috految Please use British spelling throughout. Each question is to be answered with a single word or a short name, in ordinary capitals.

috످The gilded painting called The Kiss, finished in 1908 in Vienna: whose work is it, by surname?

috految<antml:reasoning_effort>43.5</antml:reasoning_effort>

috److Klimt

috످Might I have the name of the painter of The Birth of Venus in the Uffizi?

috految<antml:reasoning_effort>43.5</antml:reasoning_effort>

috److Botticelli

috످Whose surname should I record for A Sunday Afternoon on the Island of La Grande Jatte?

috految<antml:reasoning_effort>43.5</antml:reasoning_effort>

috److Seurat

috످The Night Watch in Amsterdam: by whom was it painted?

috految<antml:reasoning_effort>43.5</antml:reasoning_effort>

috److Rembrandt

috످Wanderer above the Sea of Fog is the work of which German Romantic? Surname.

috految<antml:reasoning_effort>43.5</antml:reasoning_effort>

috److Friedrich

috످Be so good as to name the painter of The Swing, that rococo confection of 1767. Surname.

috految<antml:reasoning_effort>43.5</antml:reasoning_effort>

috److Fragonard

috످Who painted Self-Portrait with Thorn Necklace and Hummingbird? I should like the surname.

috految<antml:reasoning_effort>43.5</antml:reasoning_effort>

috److Kahlo

috످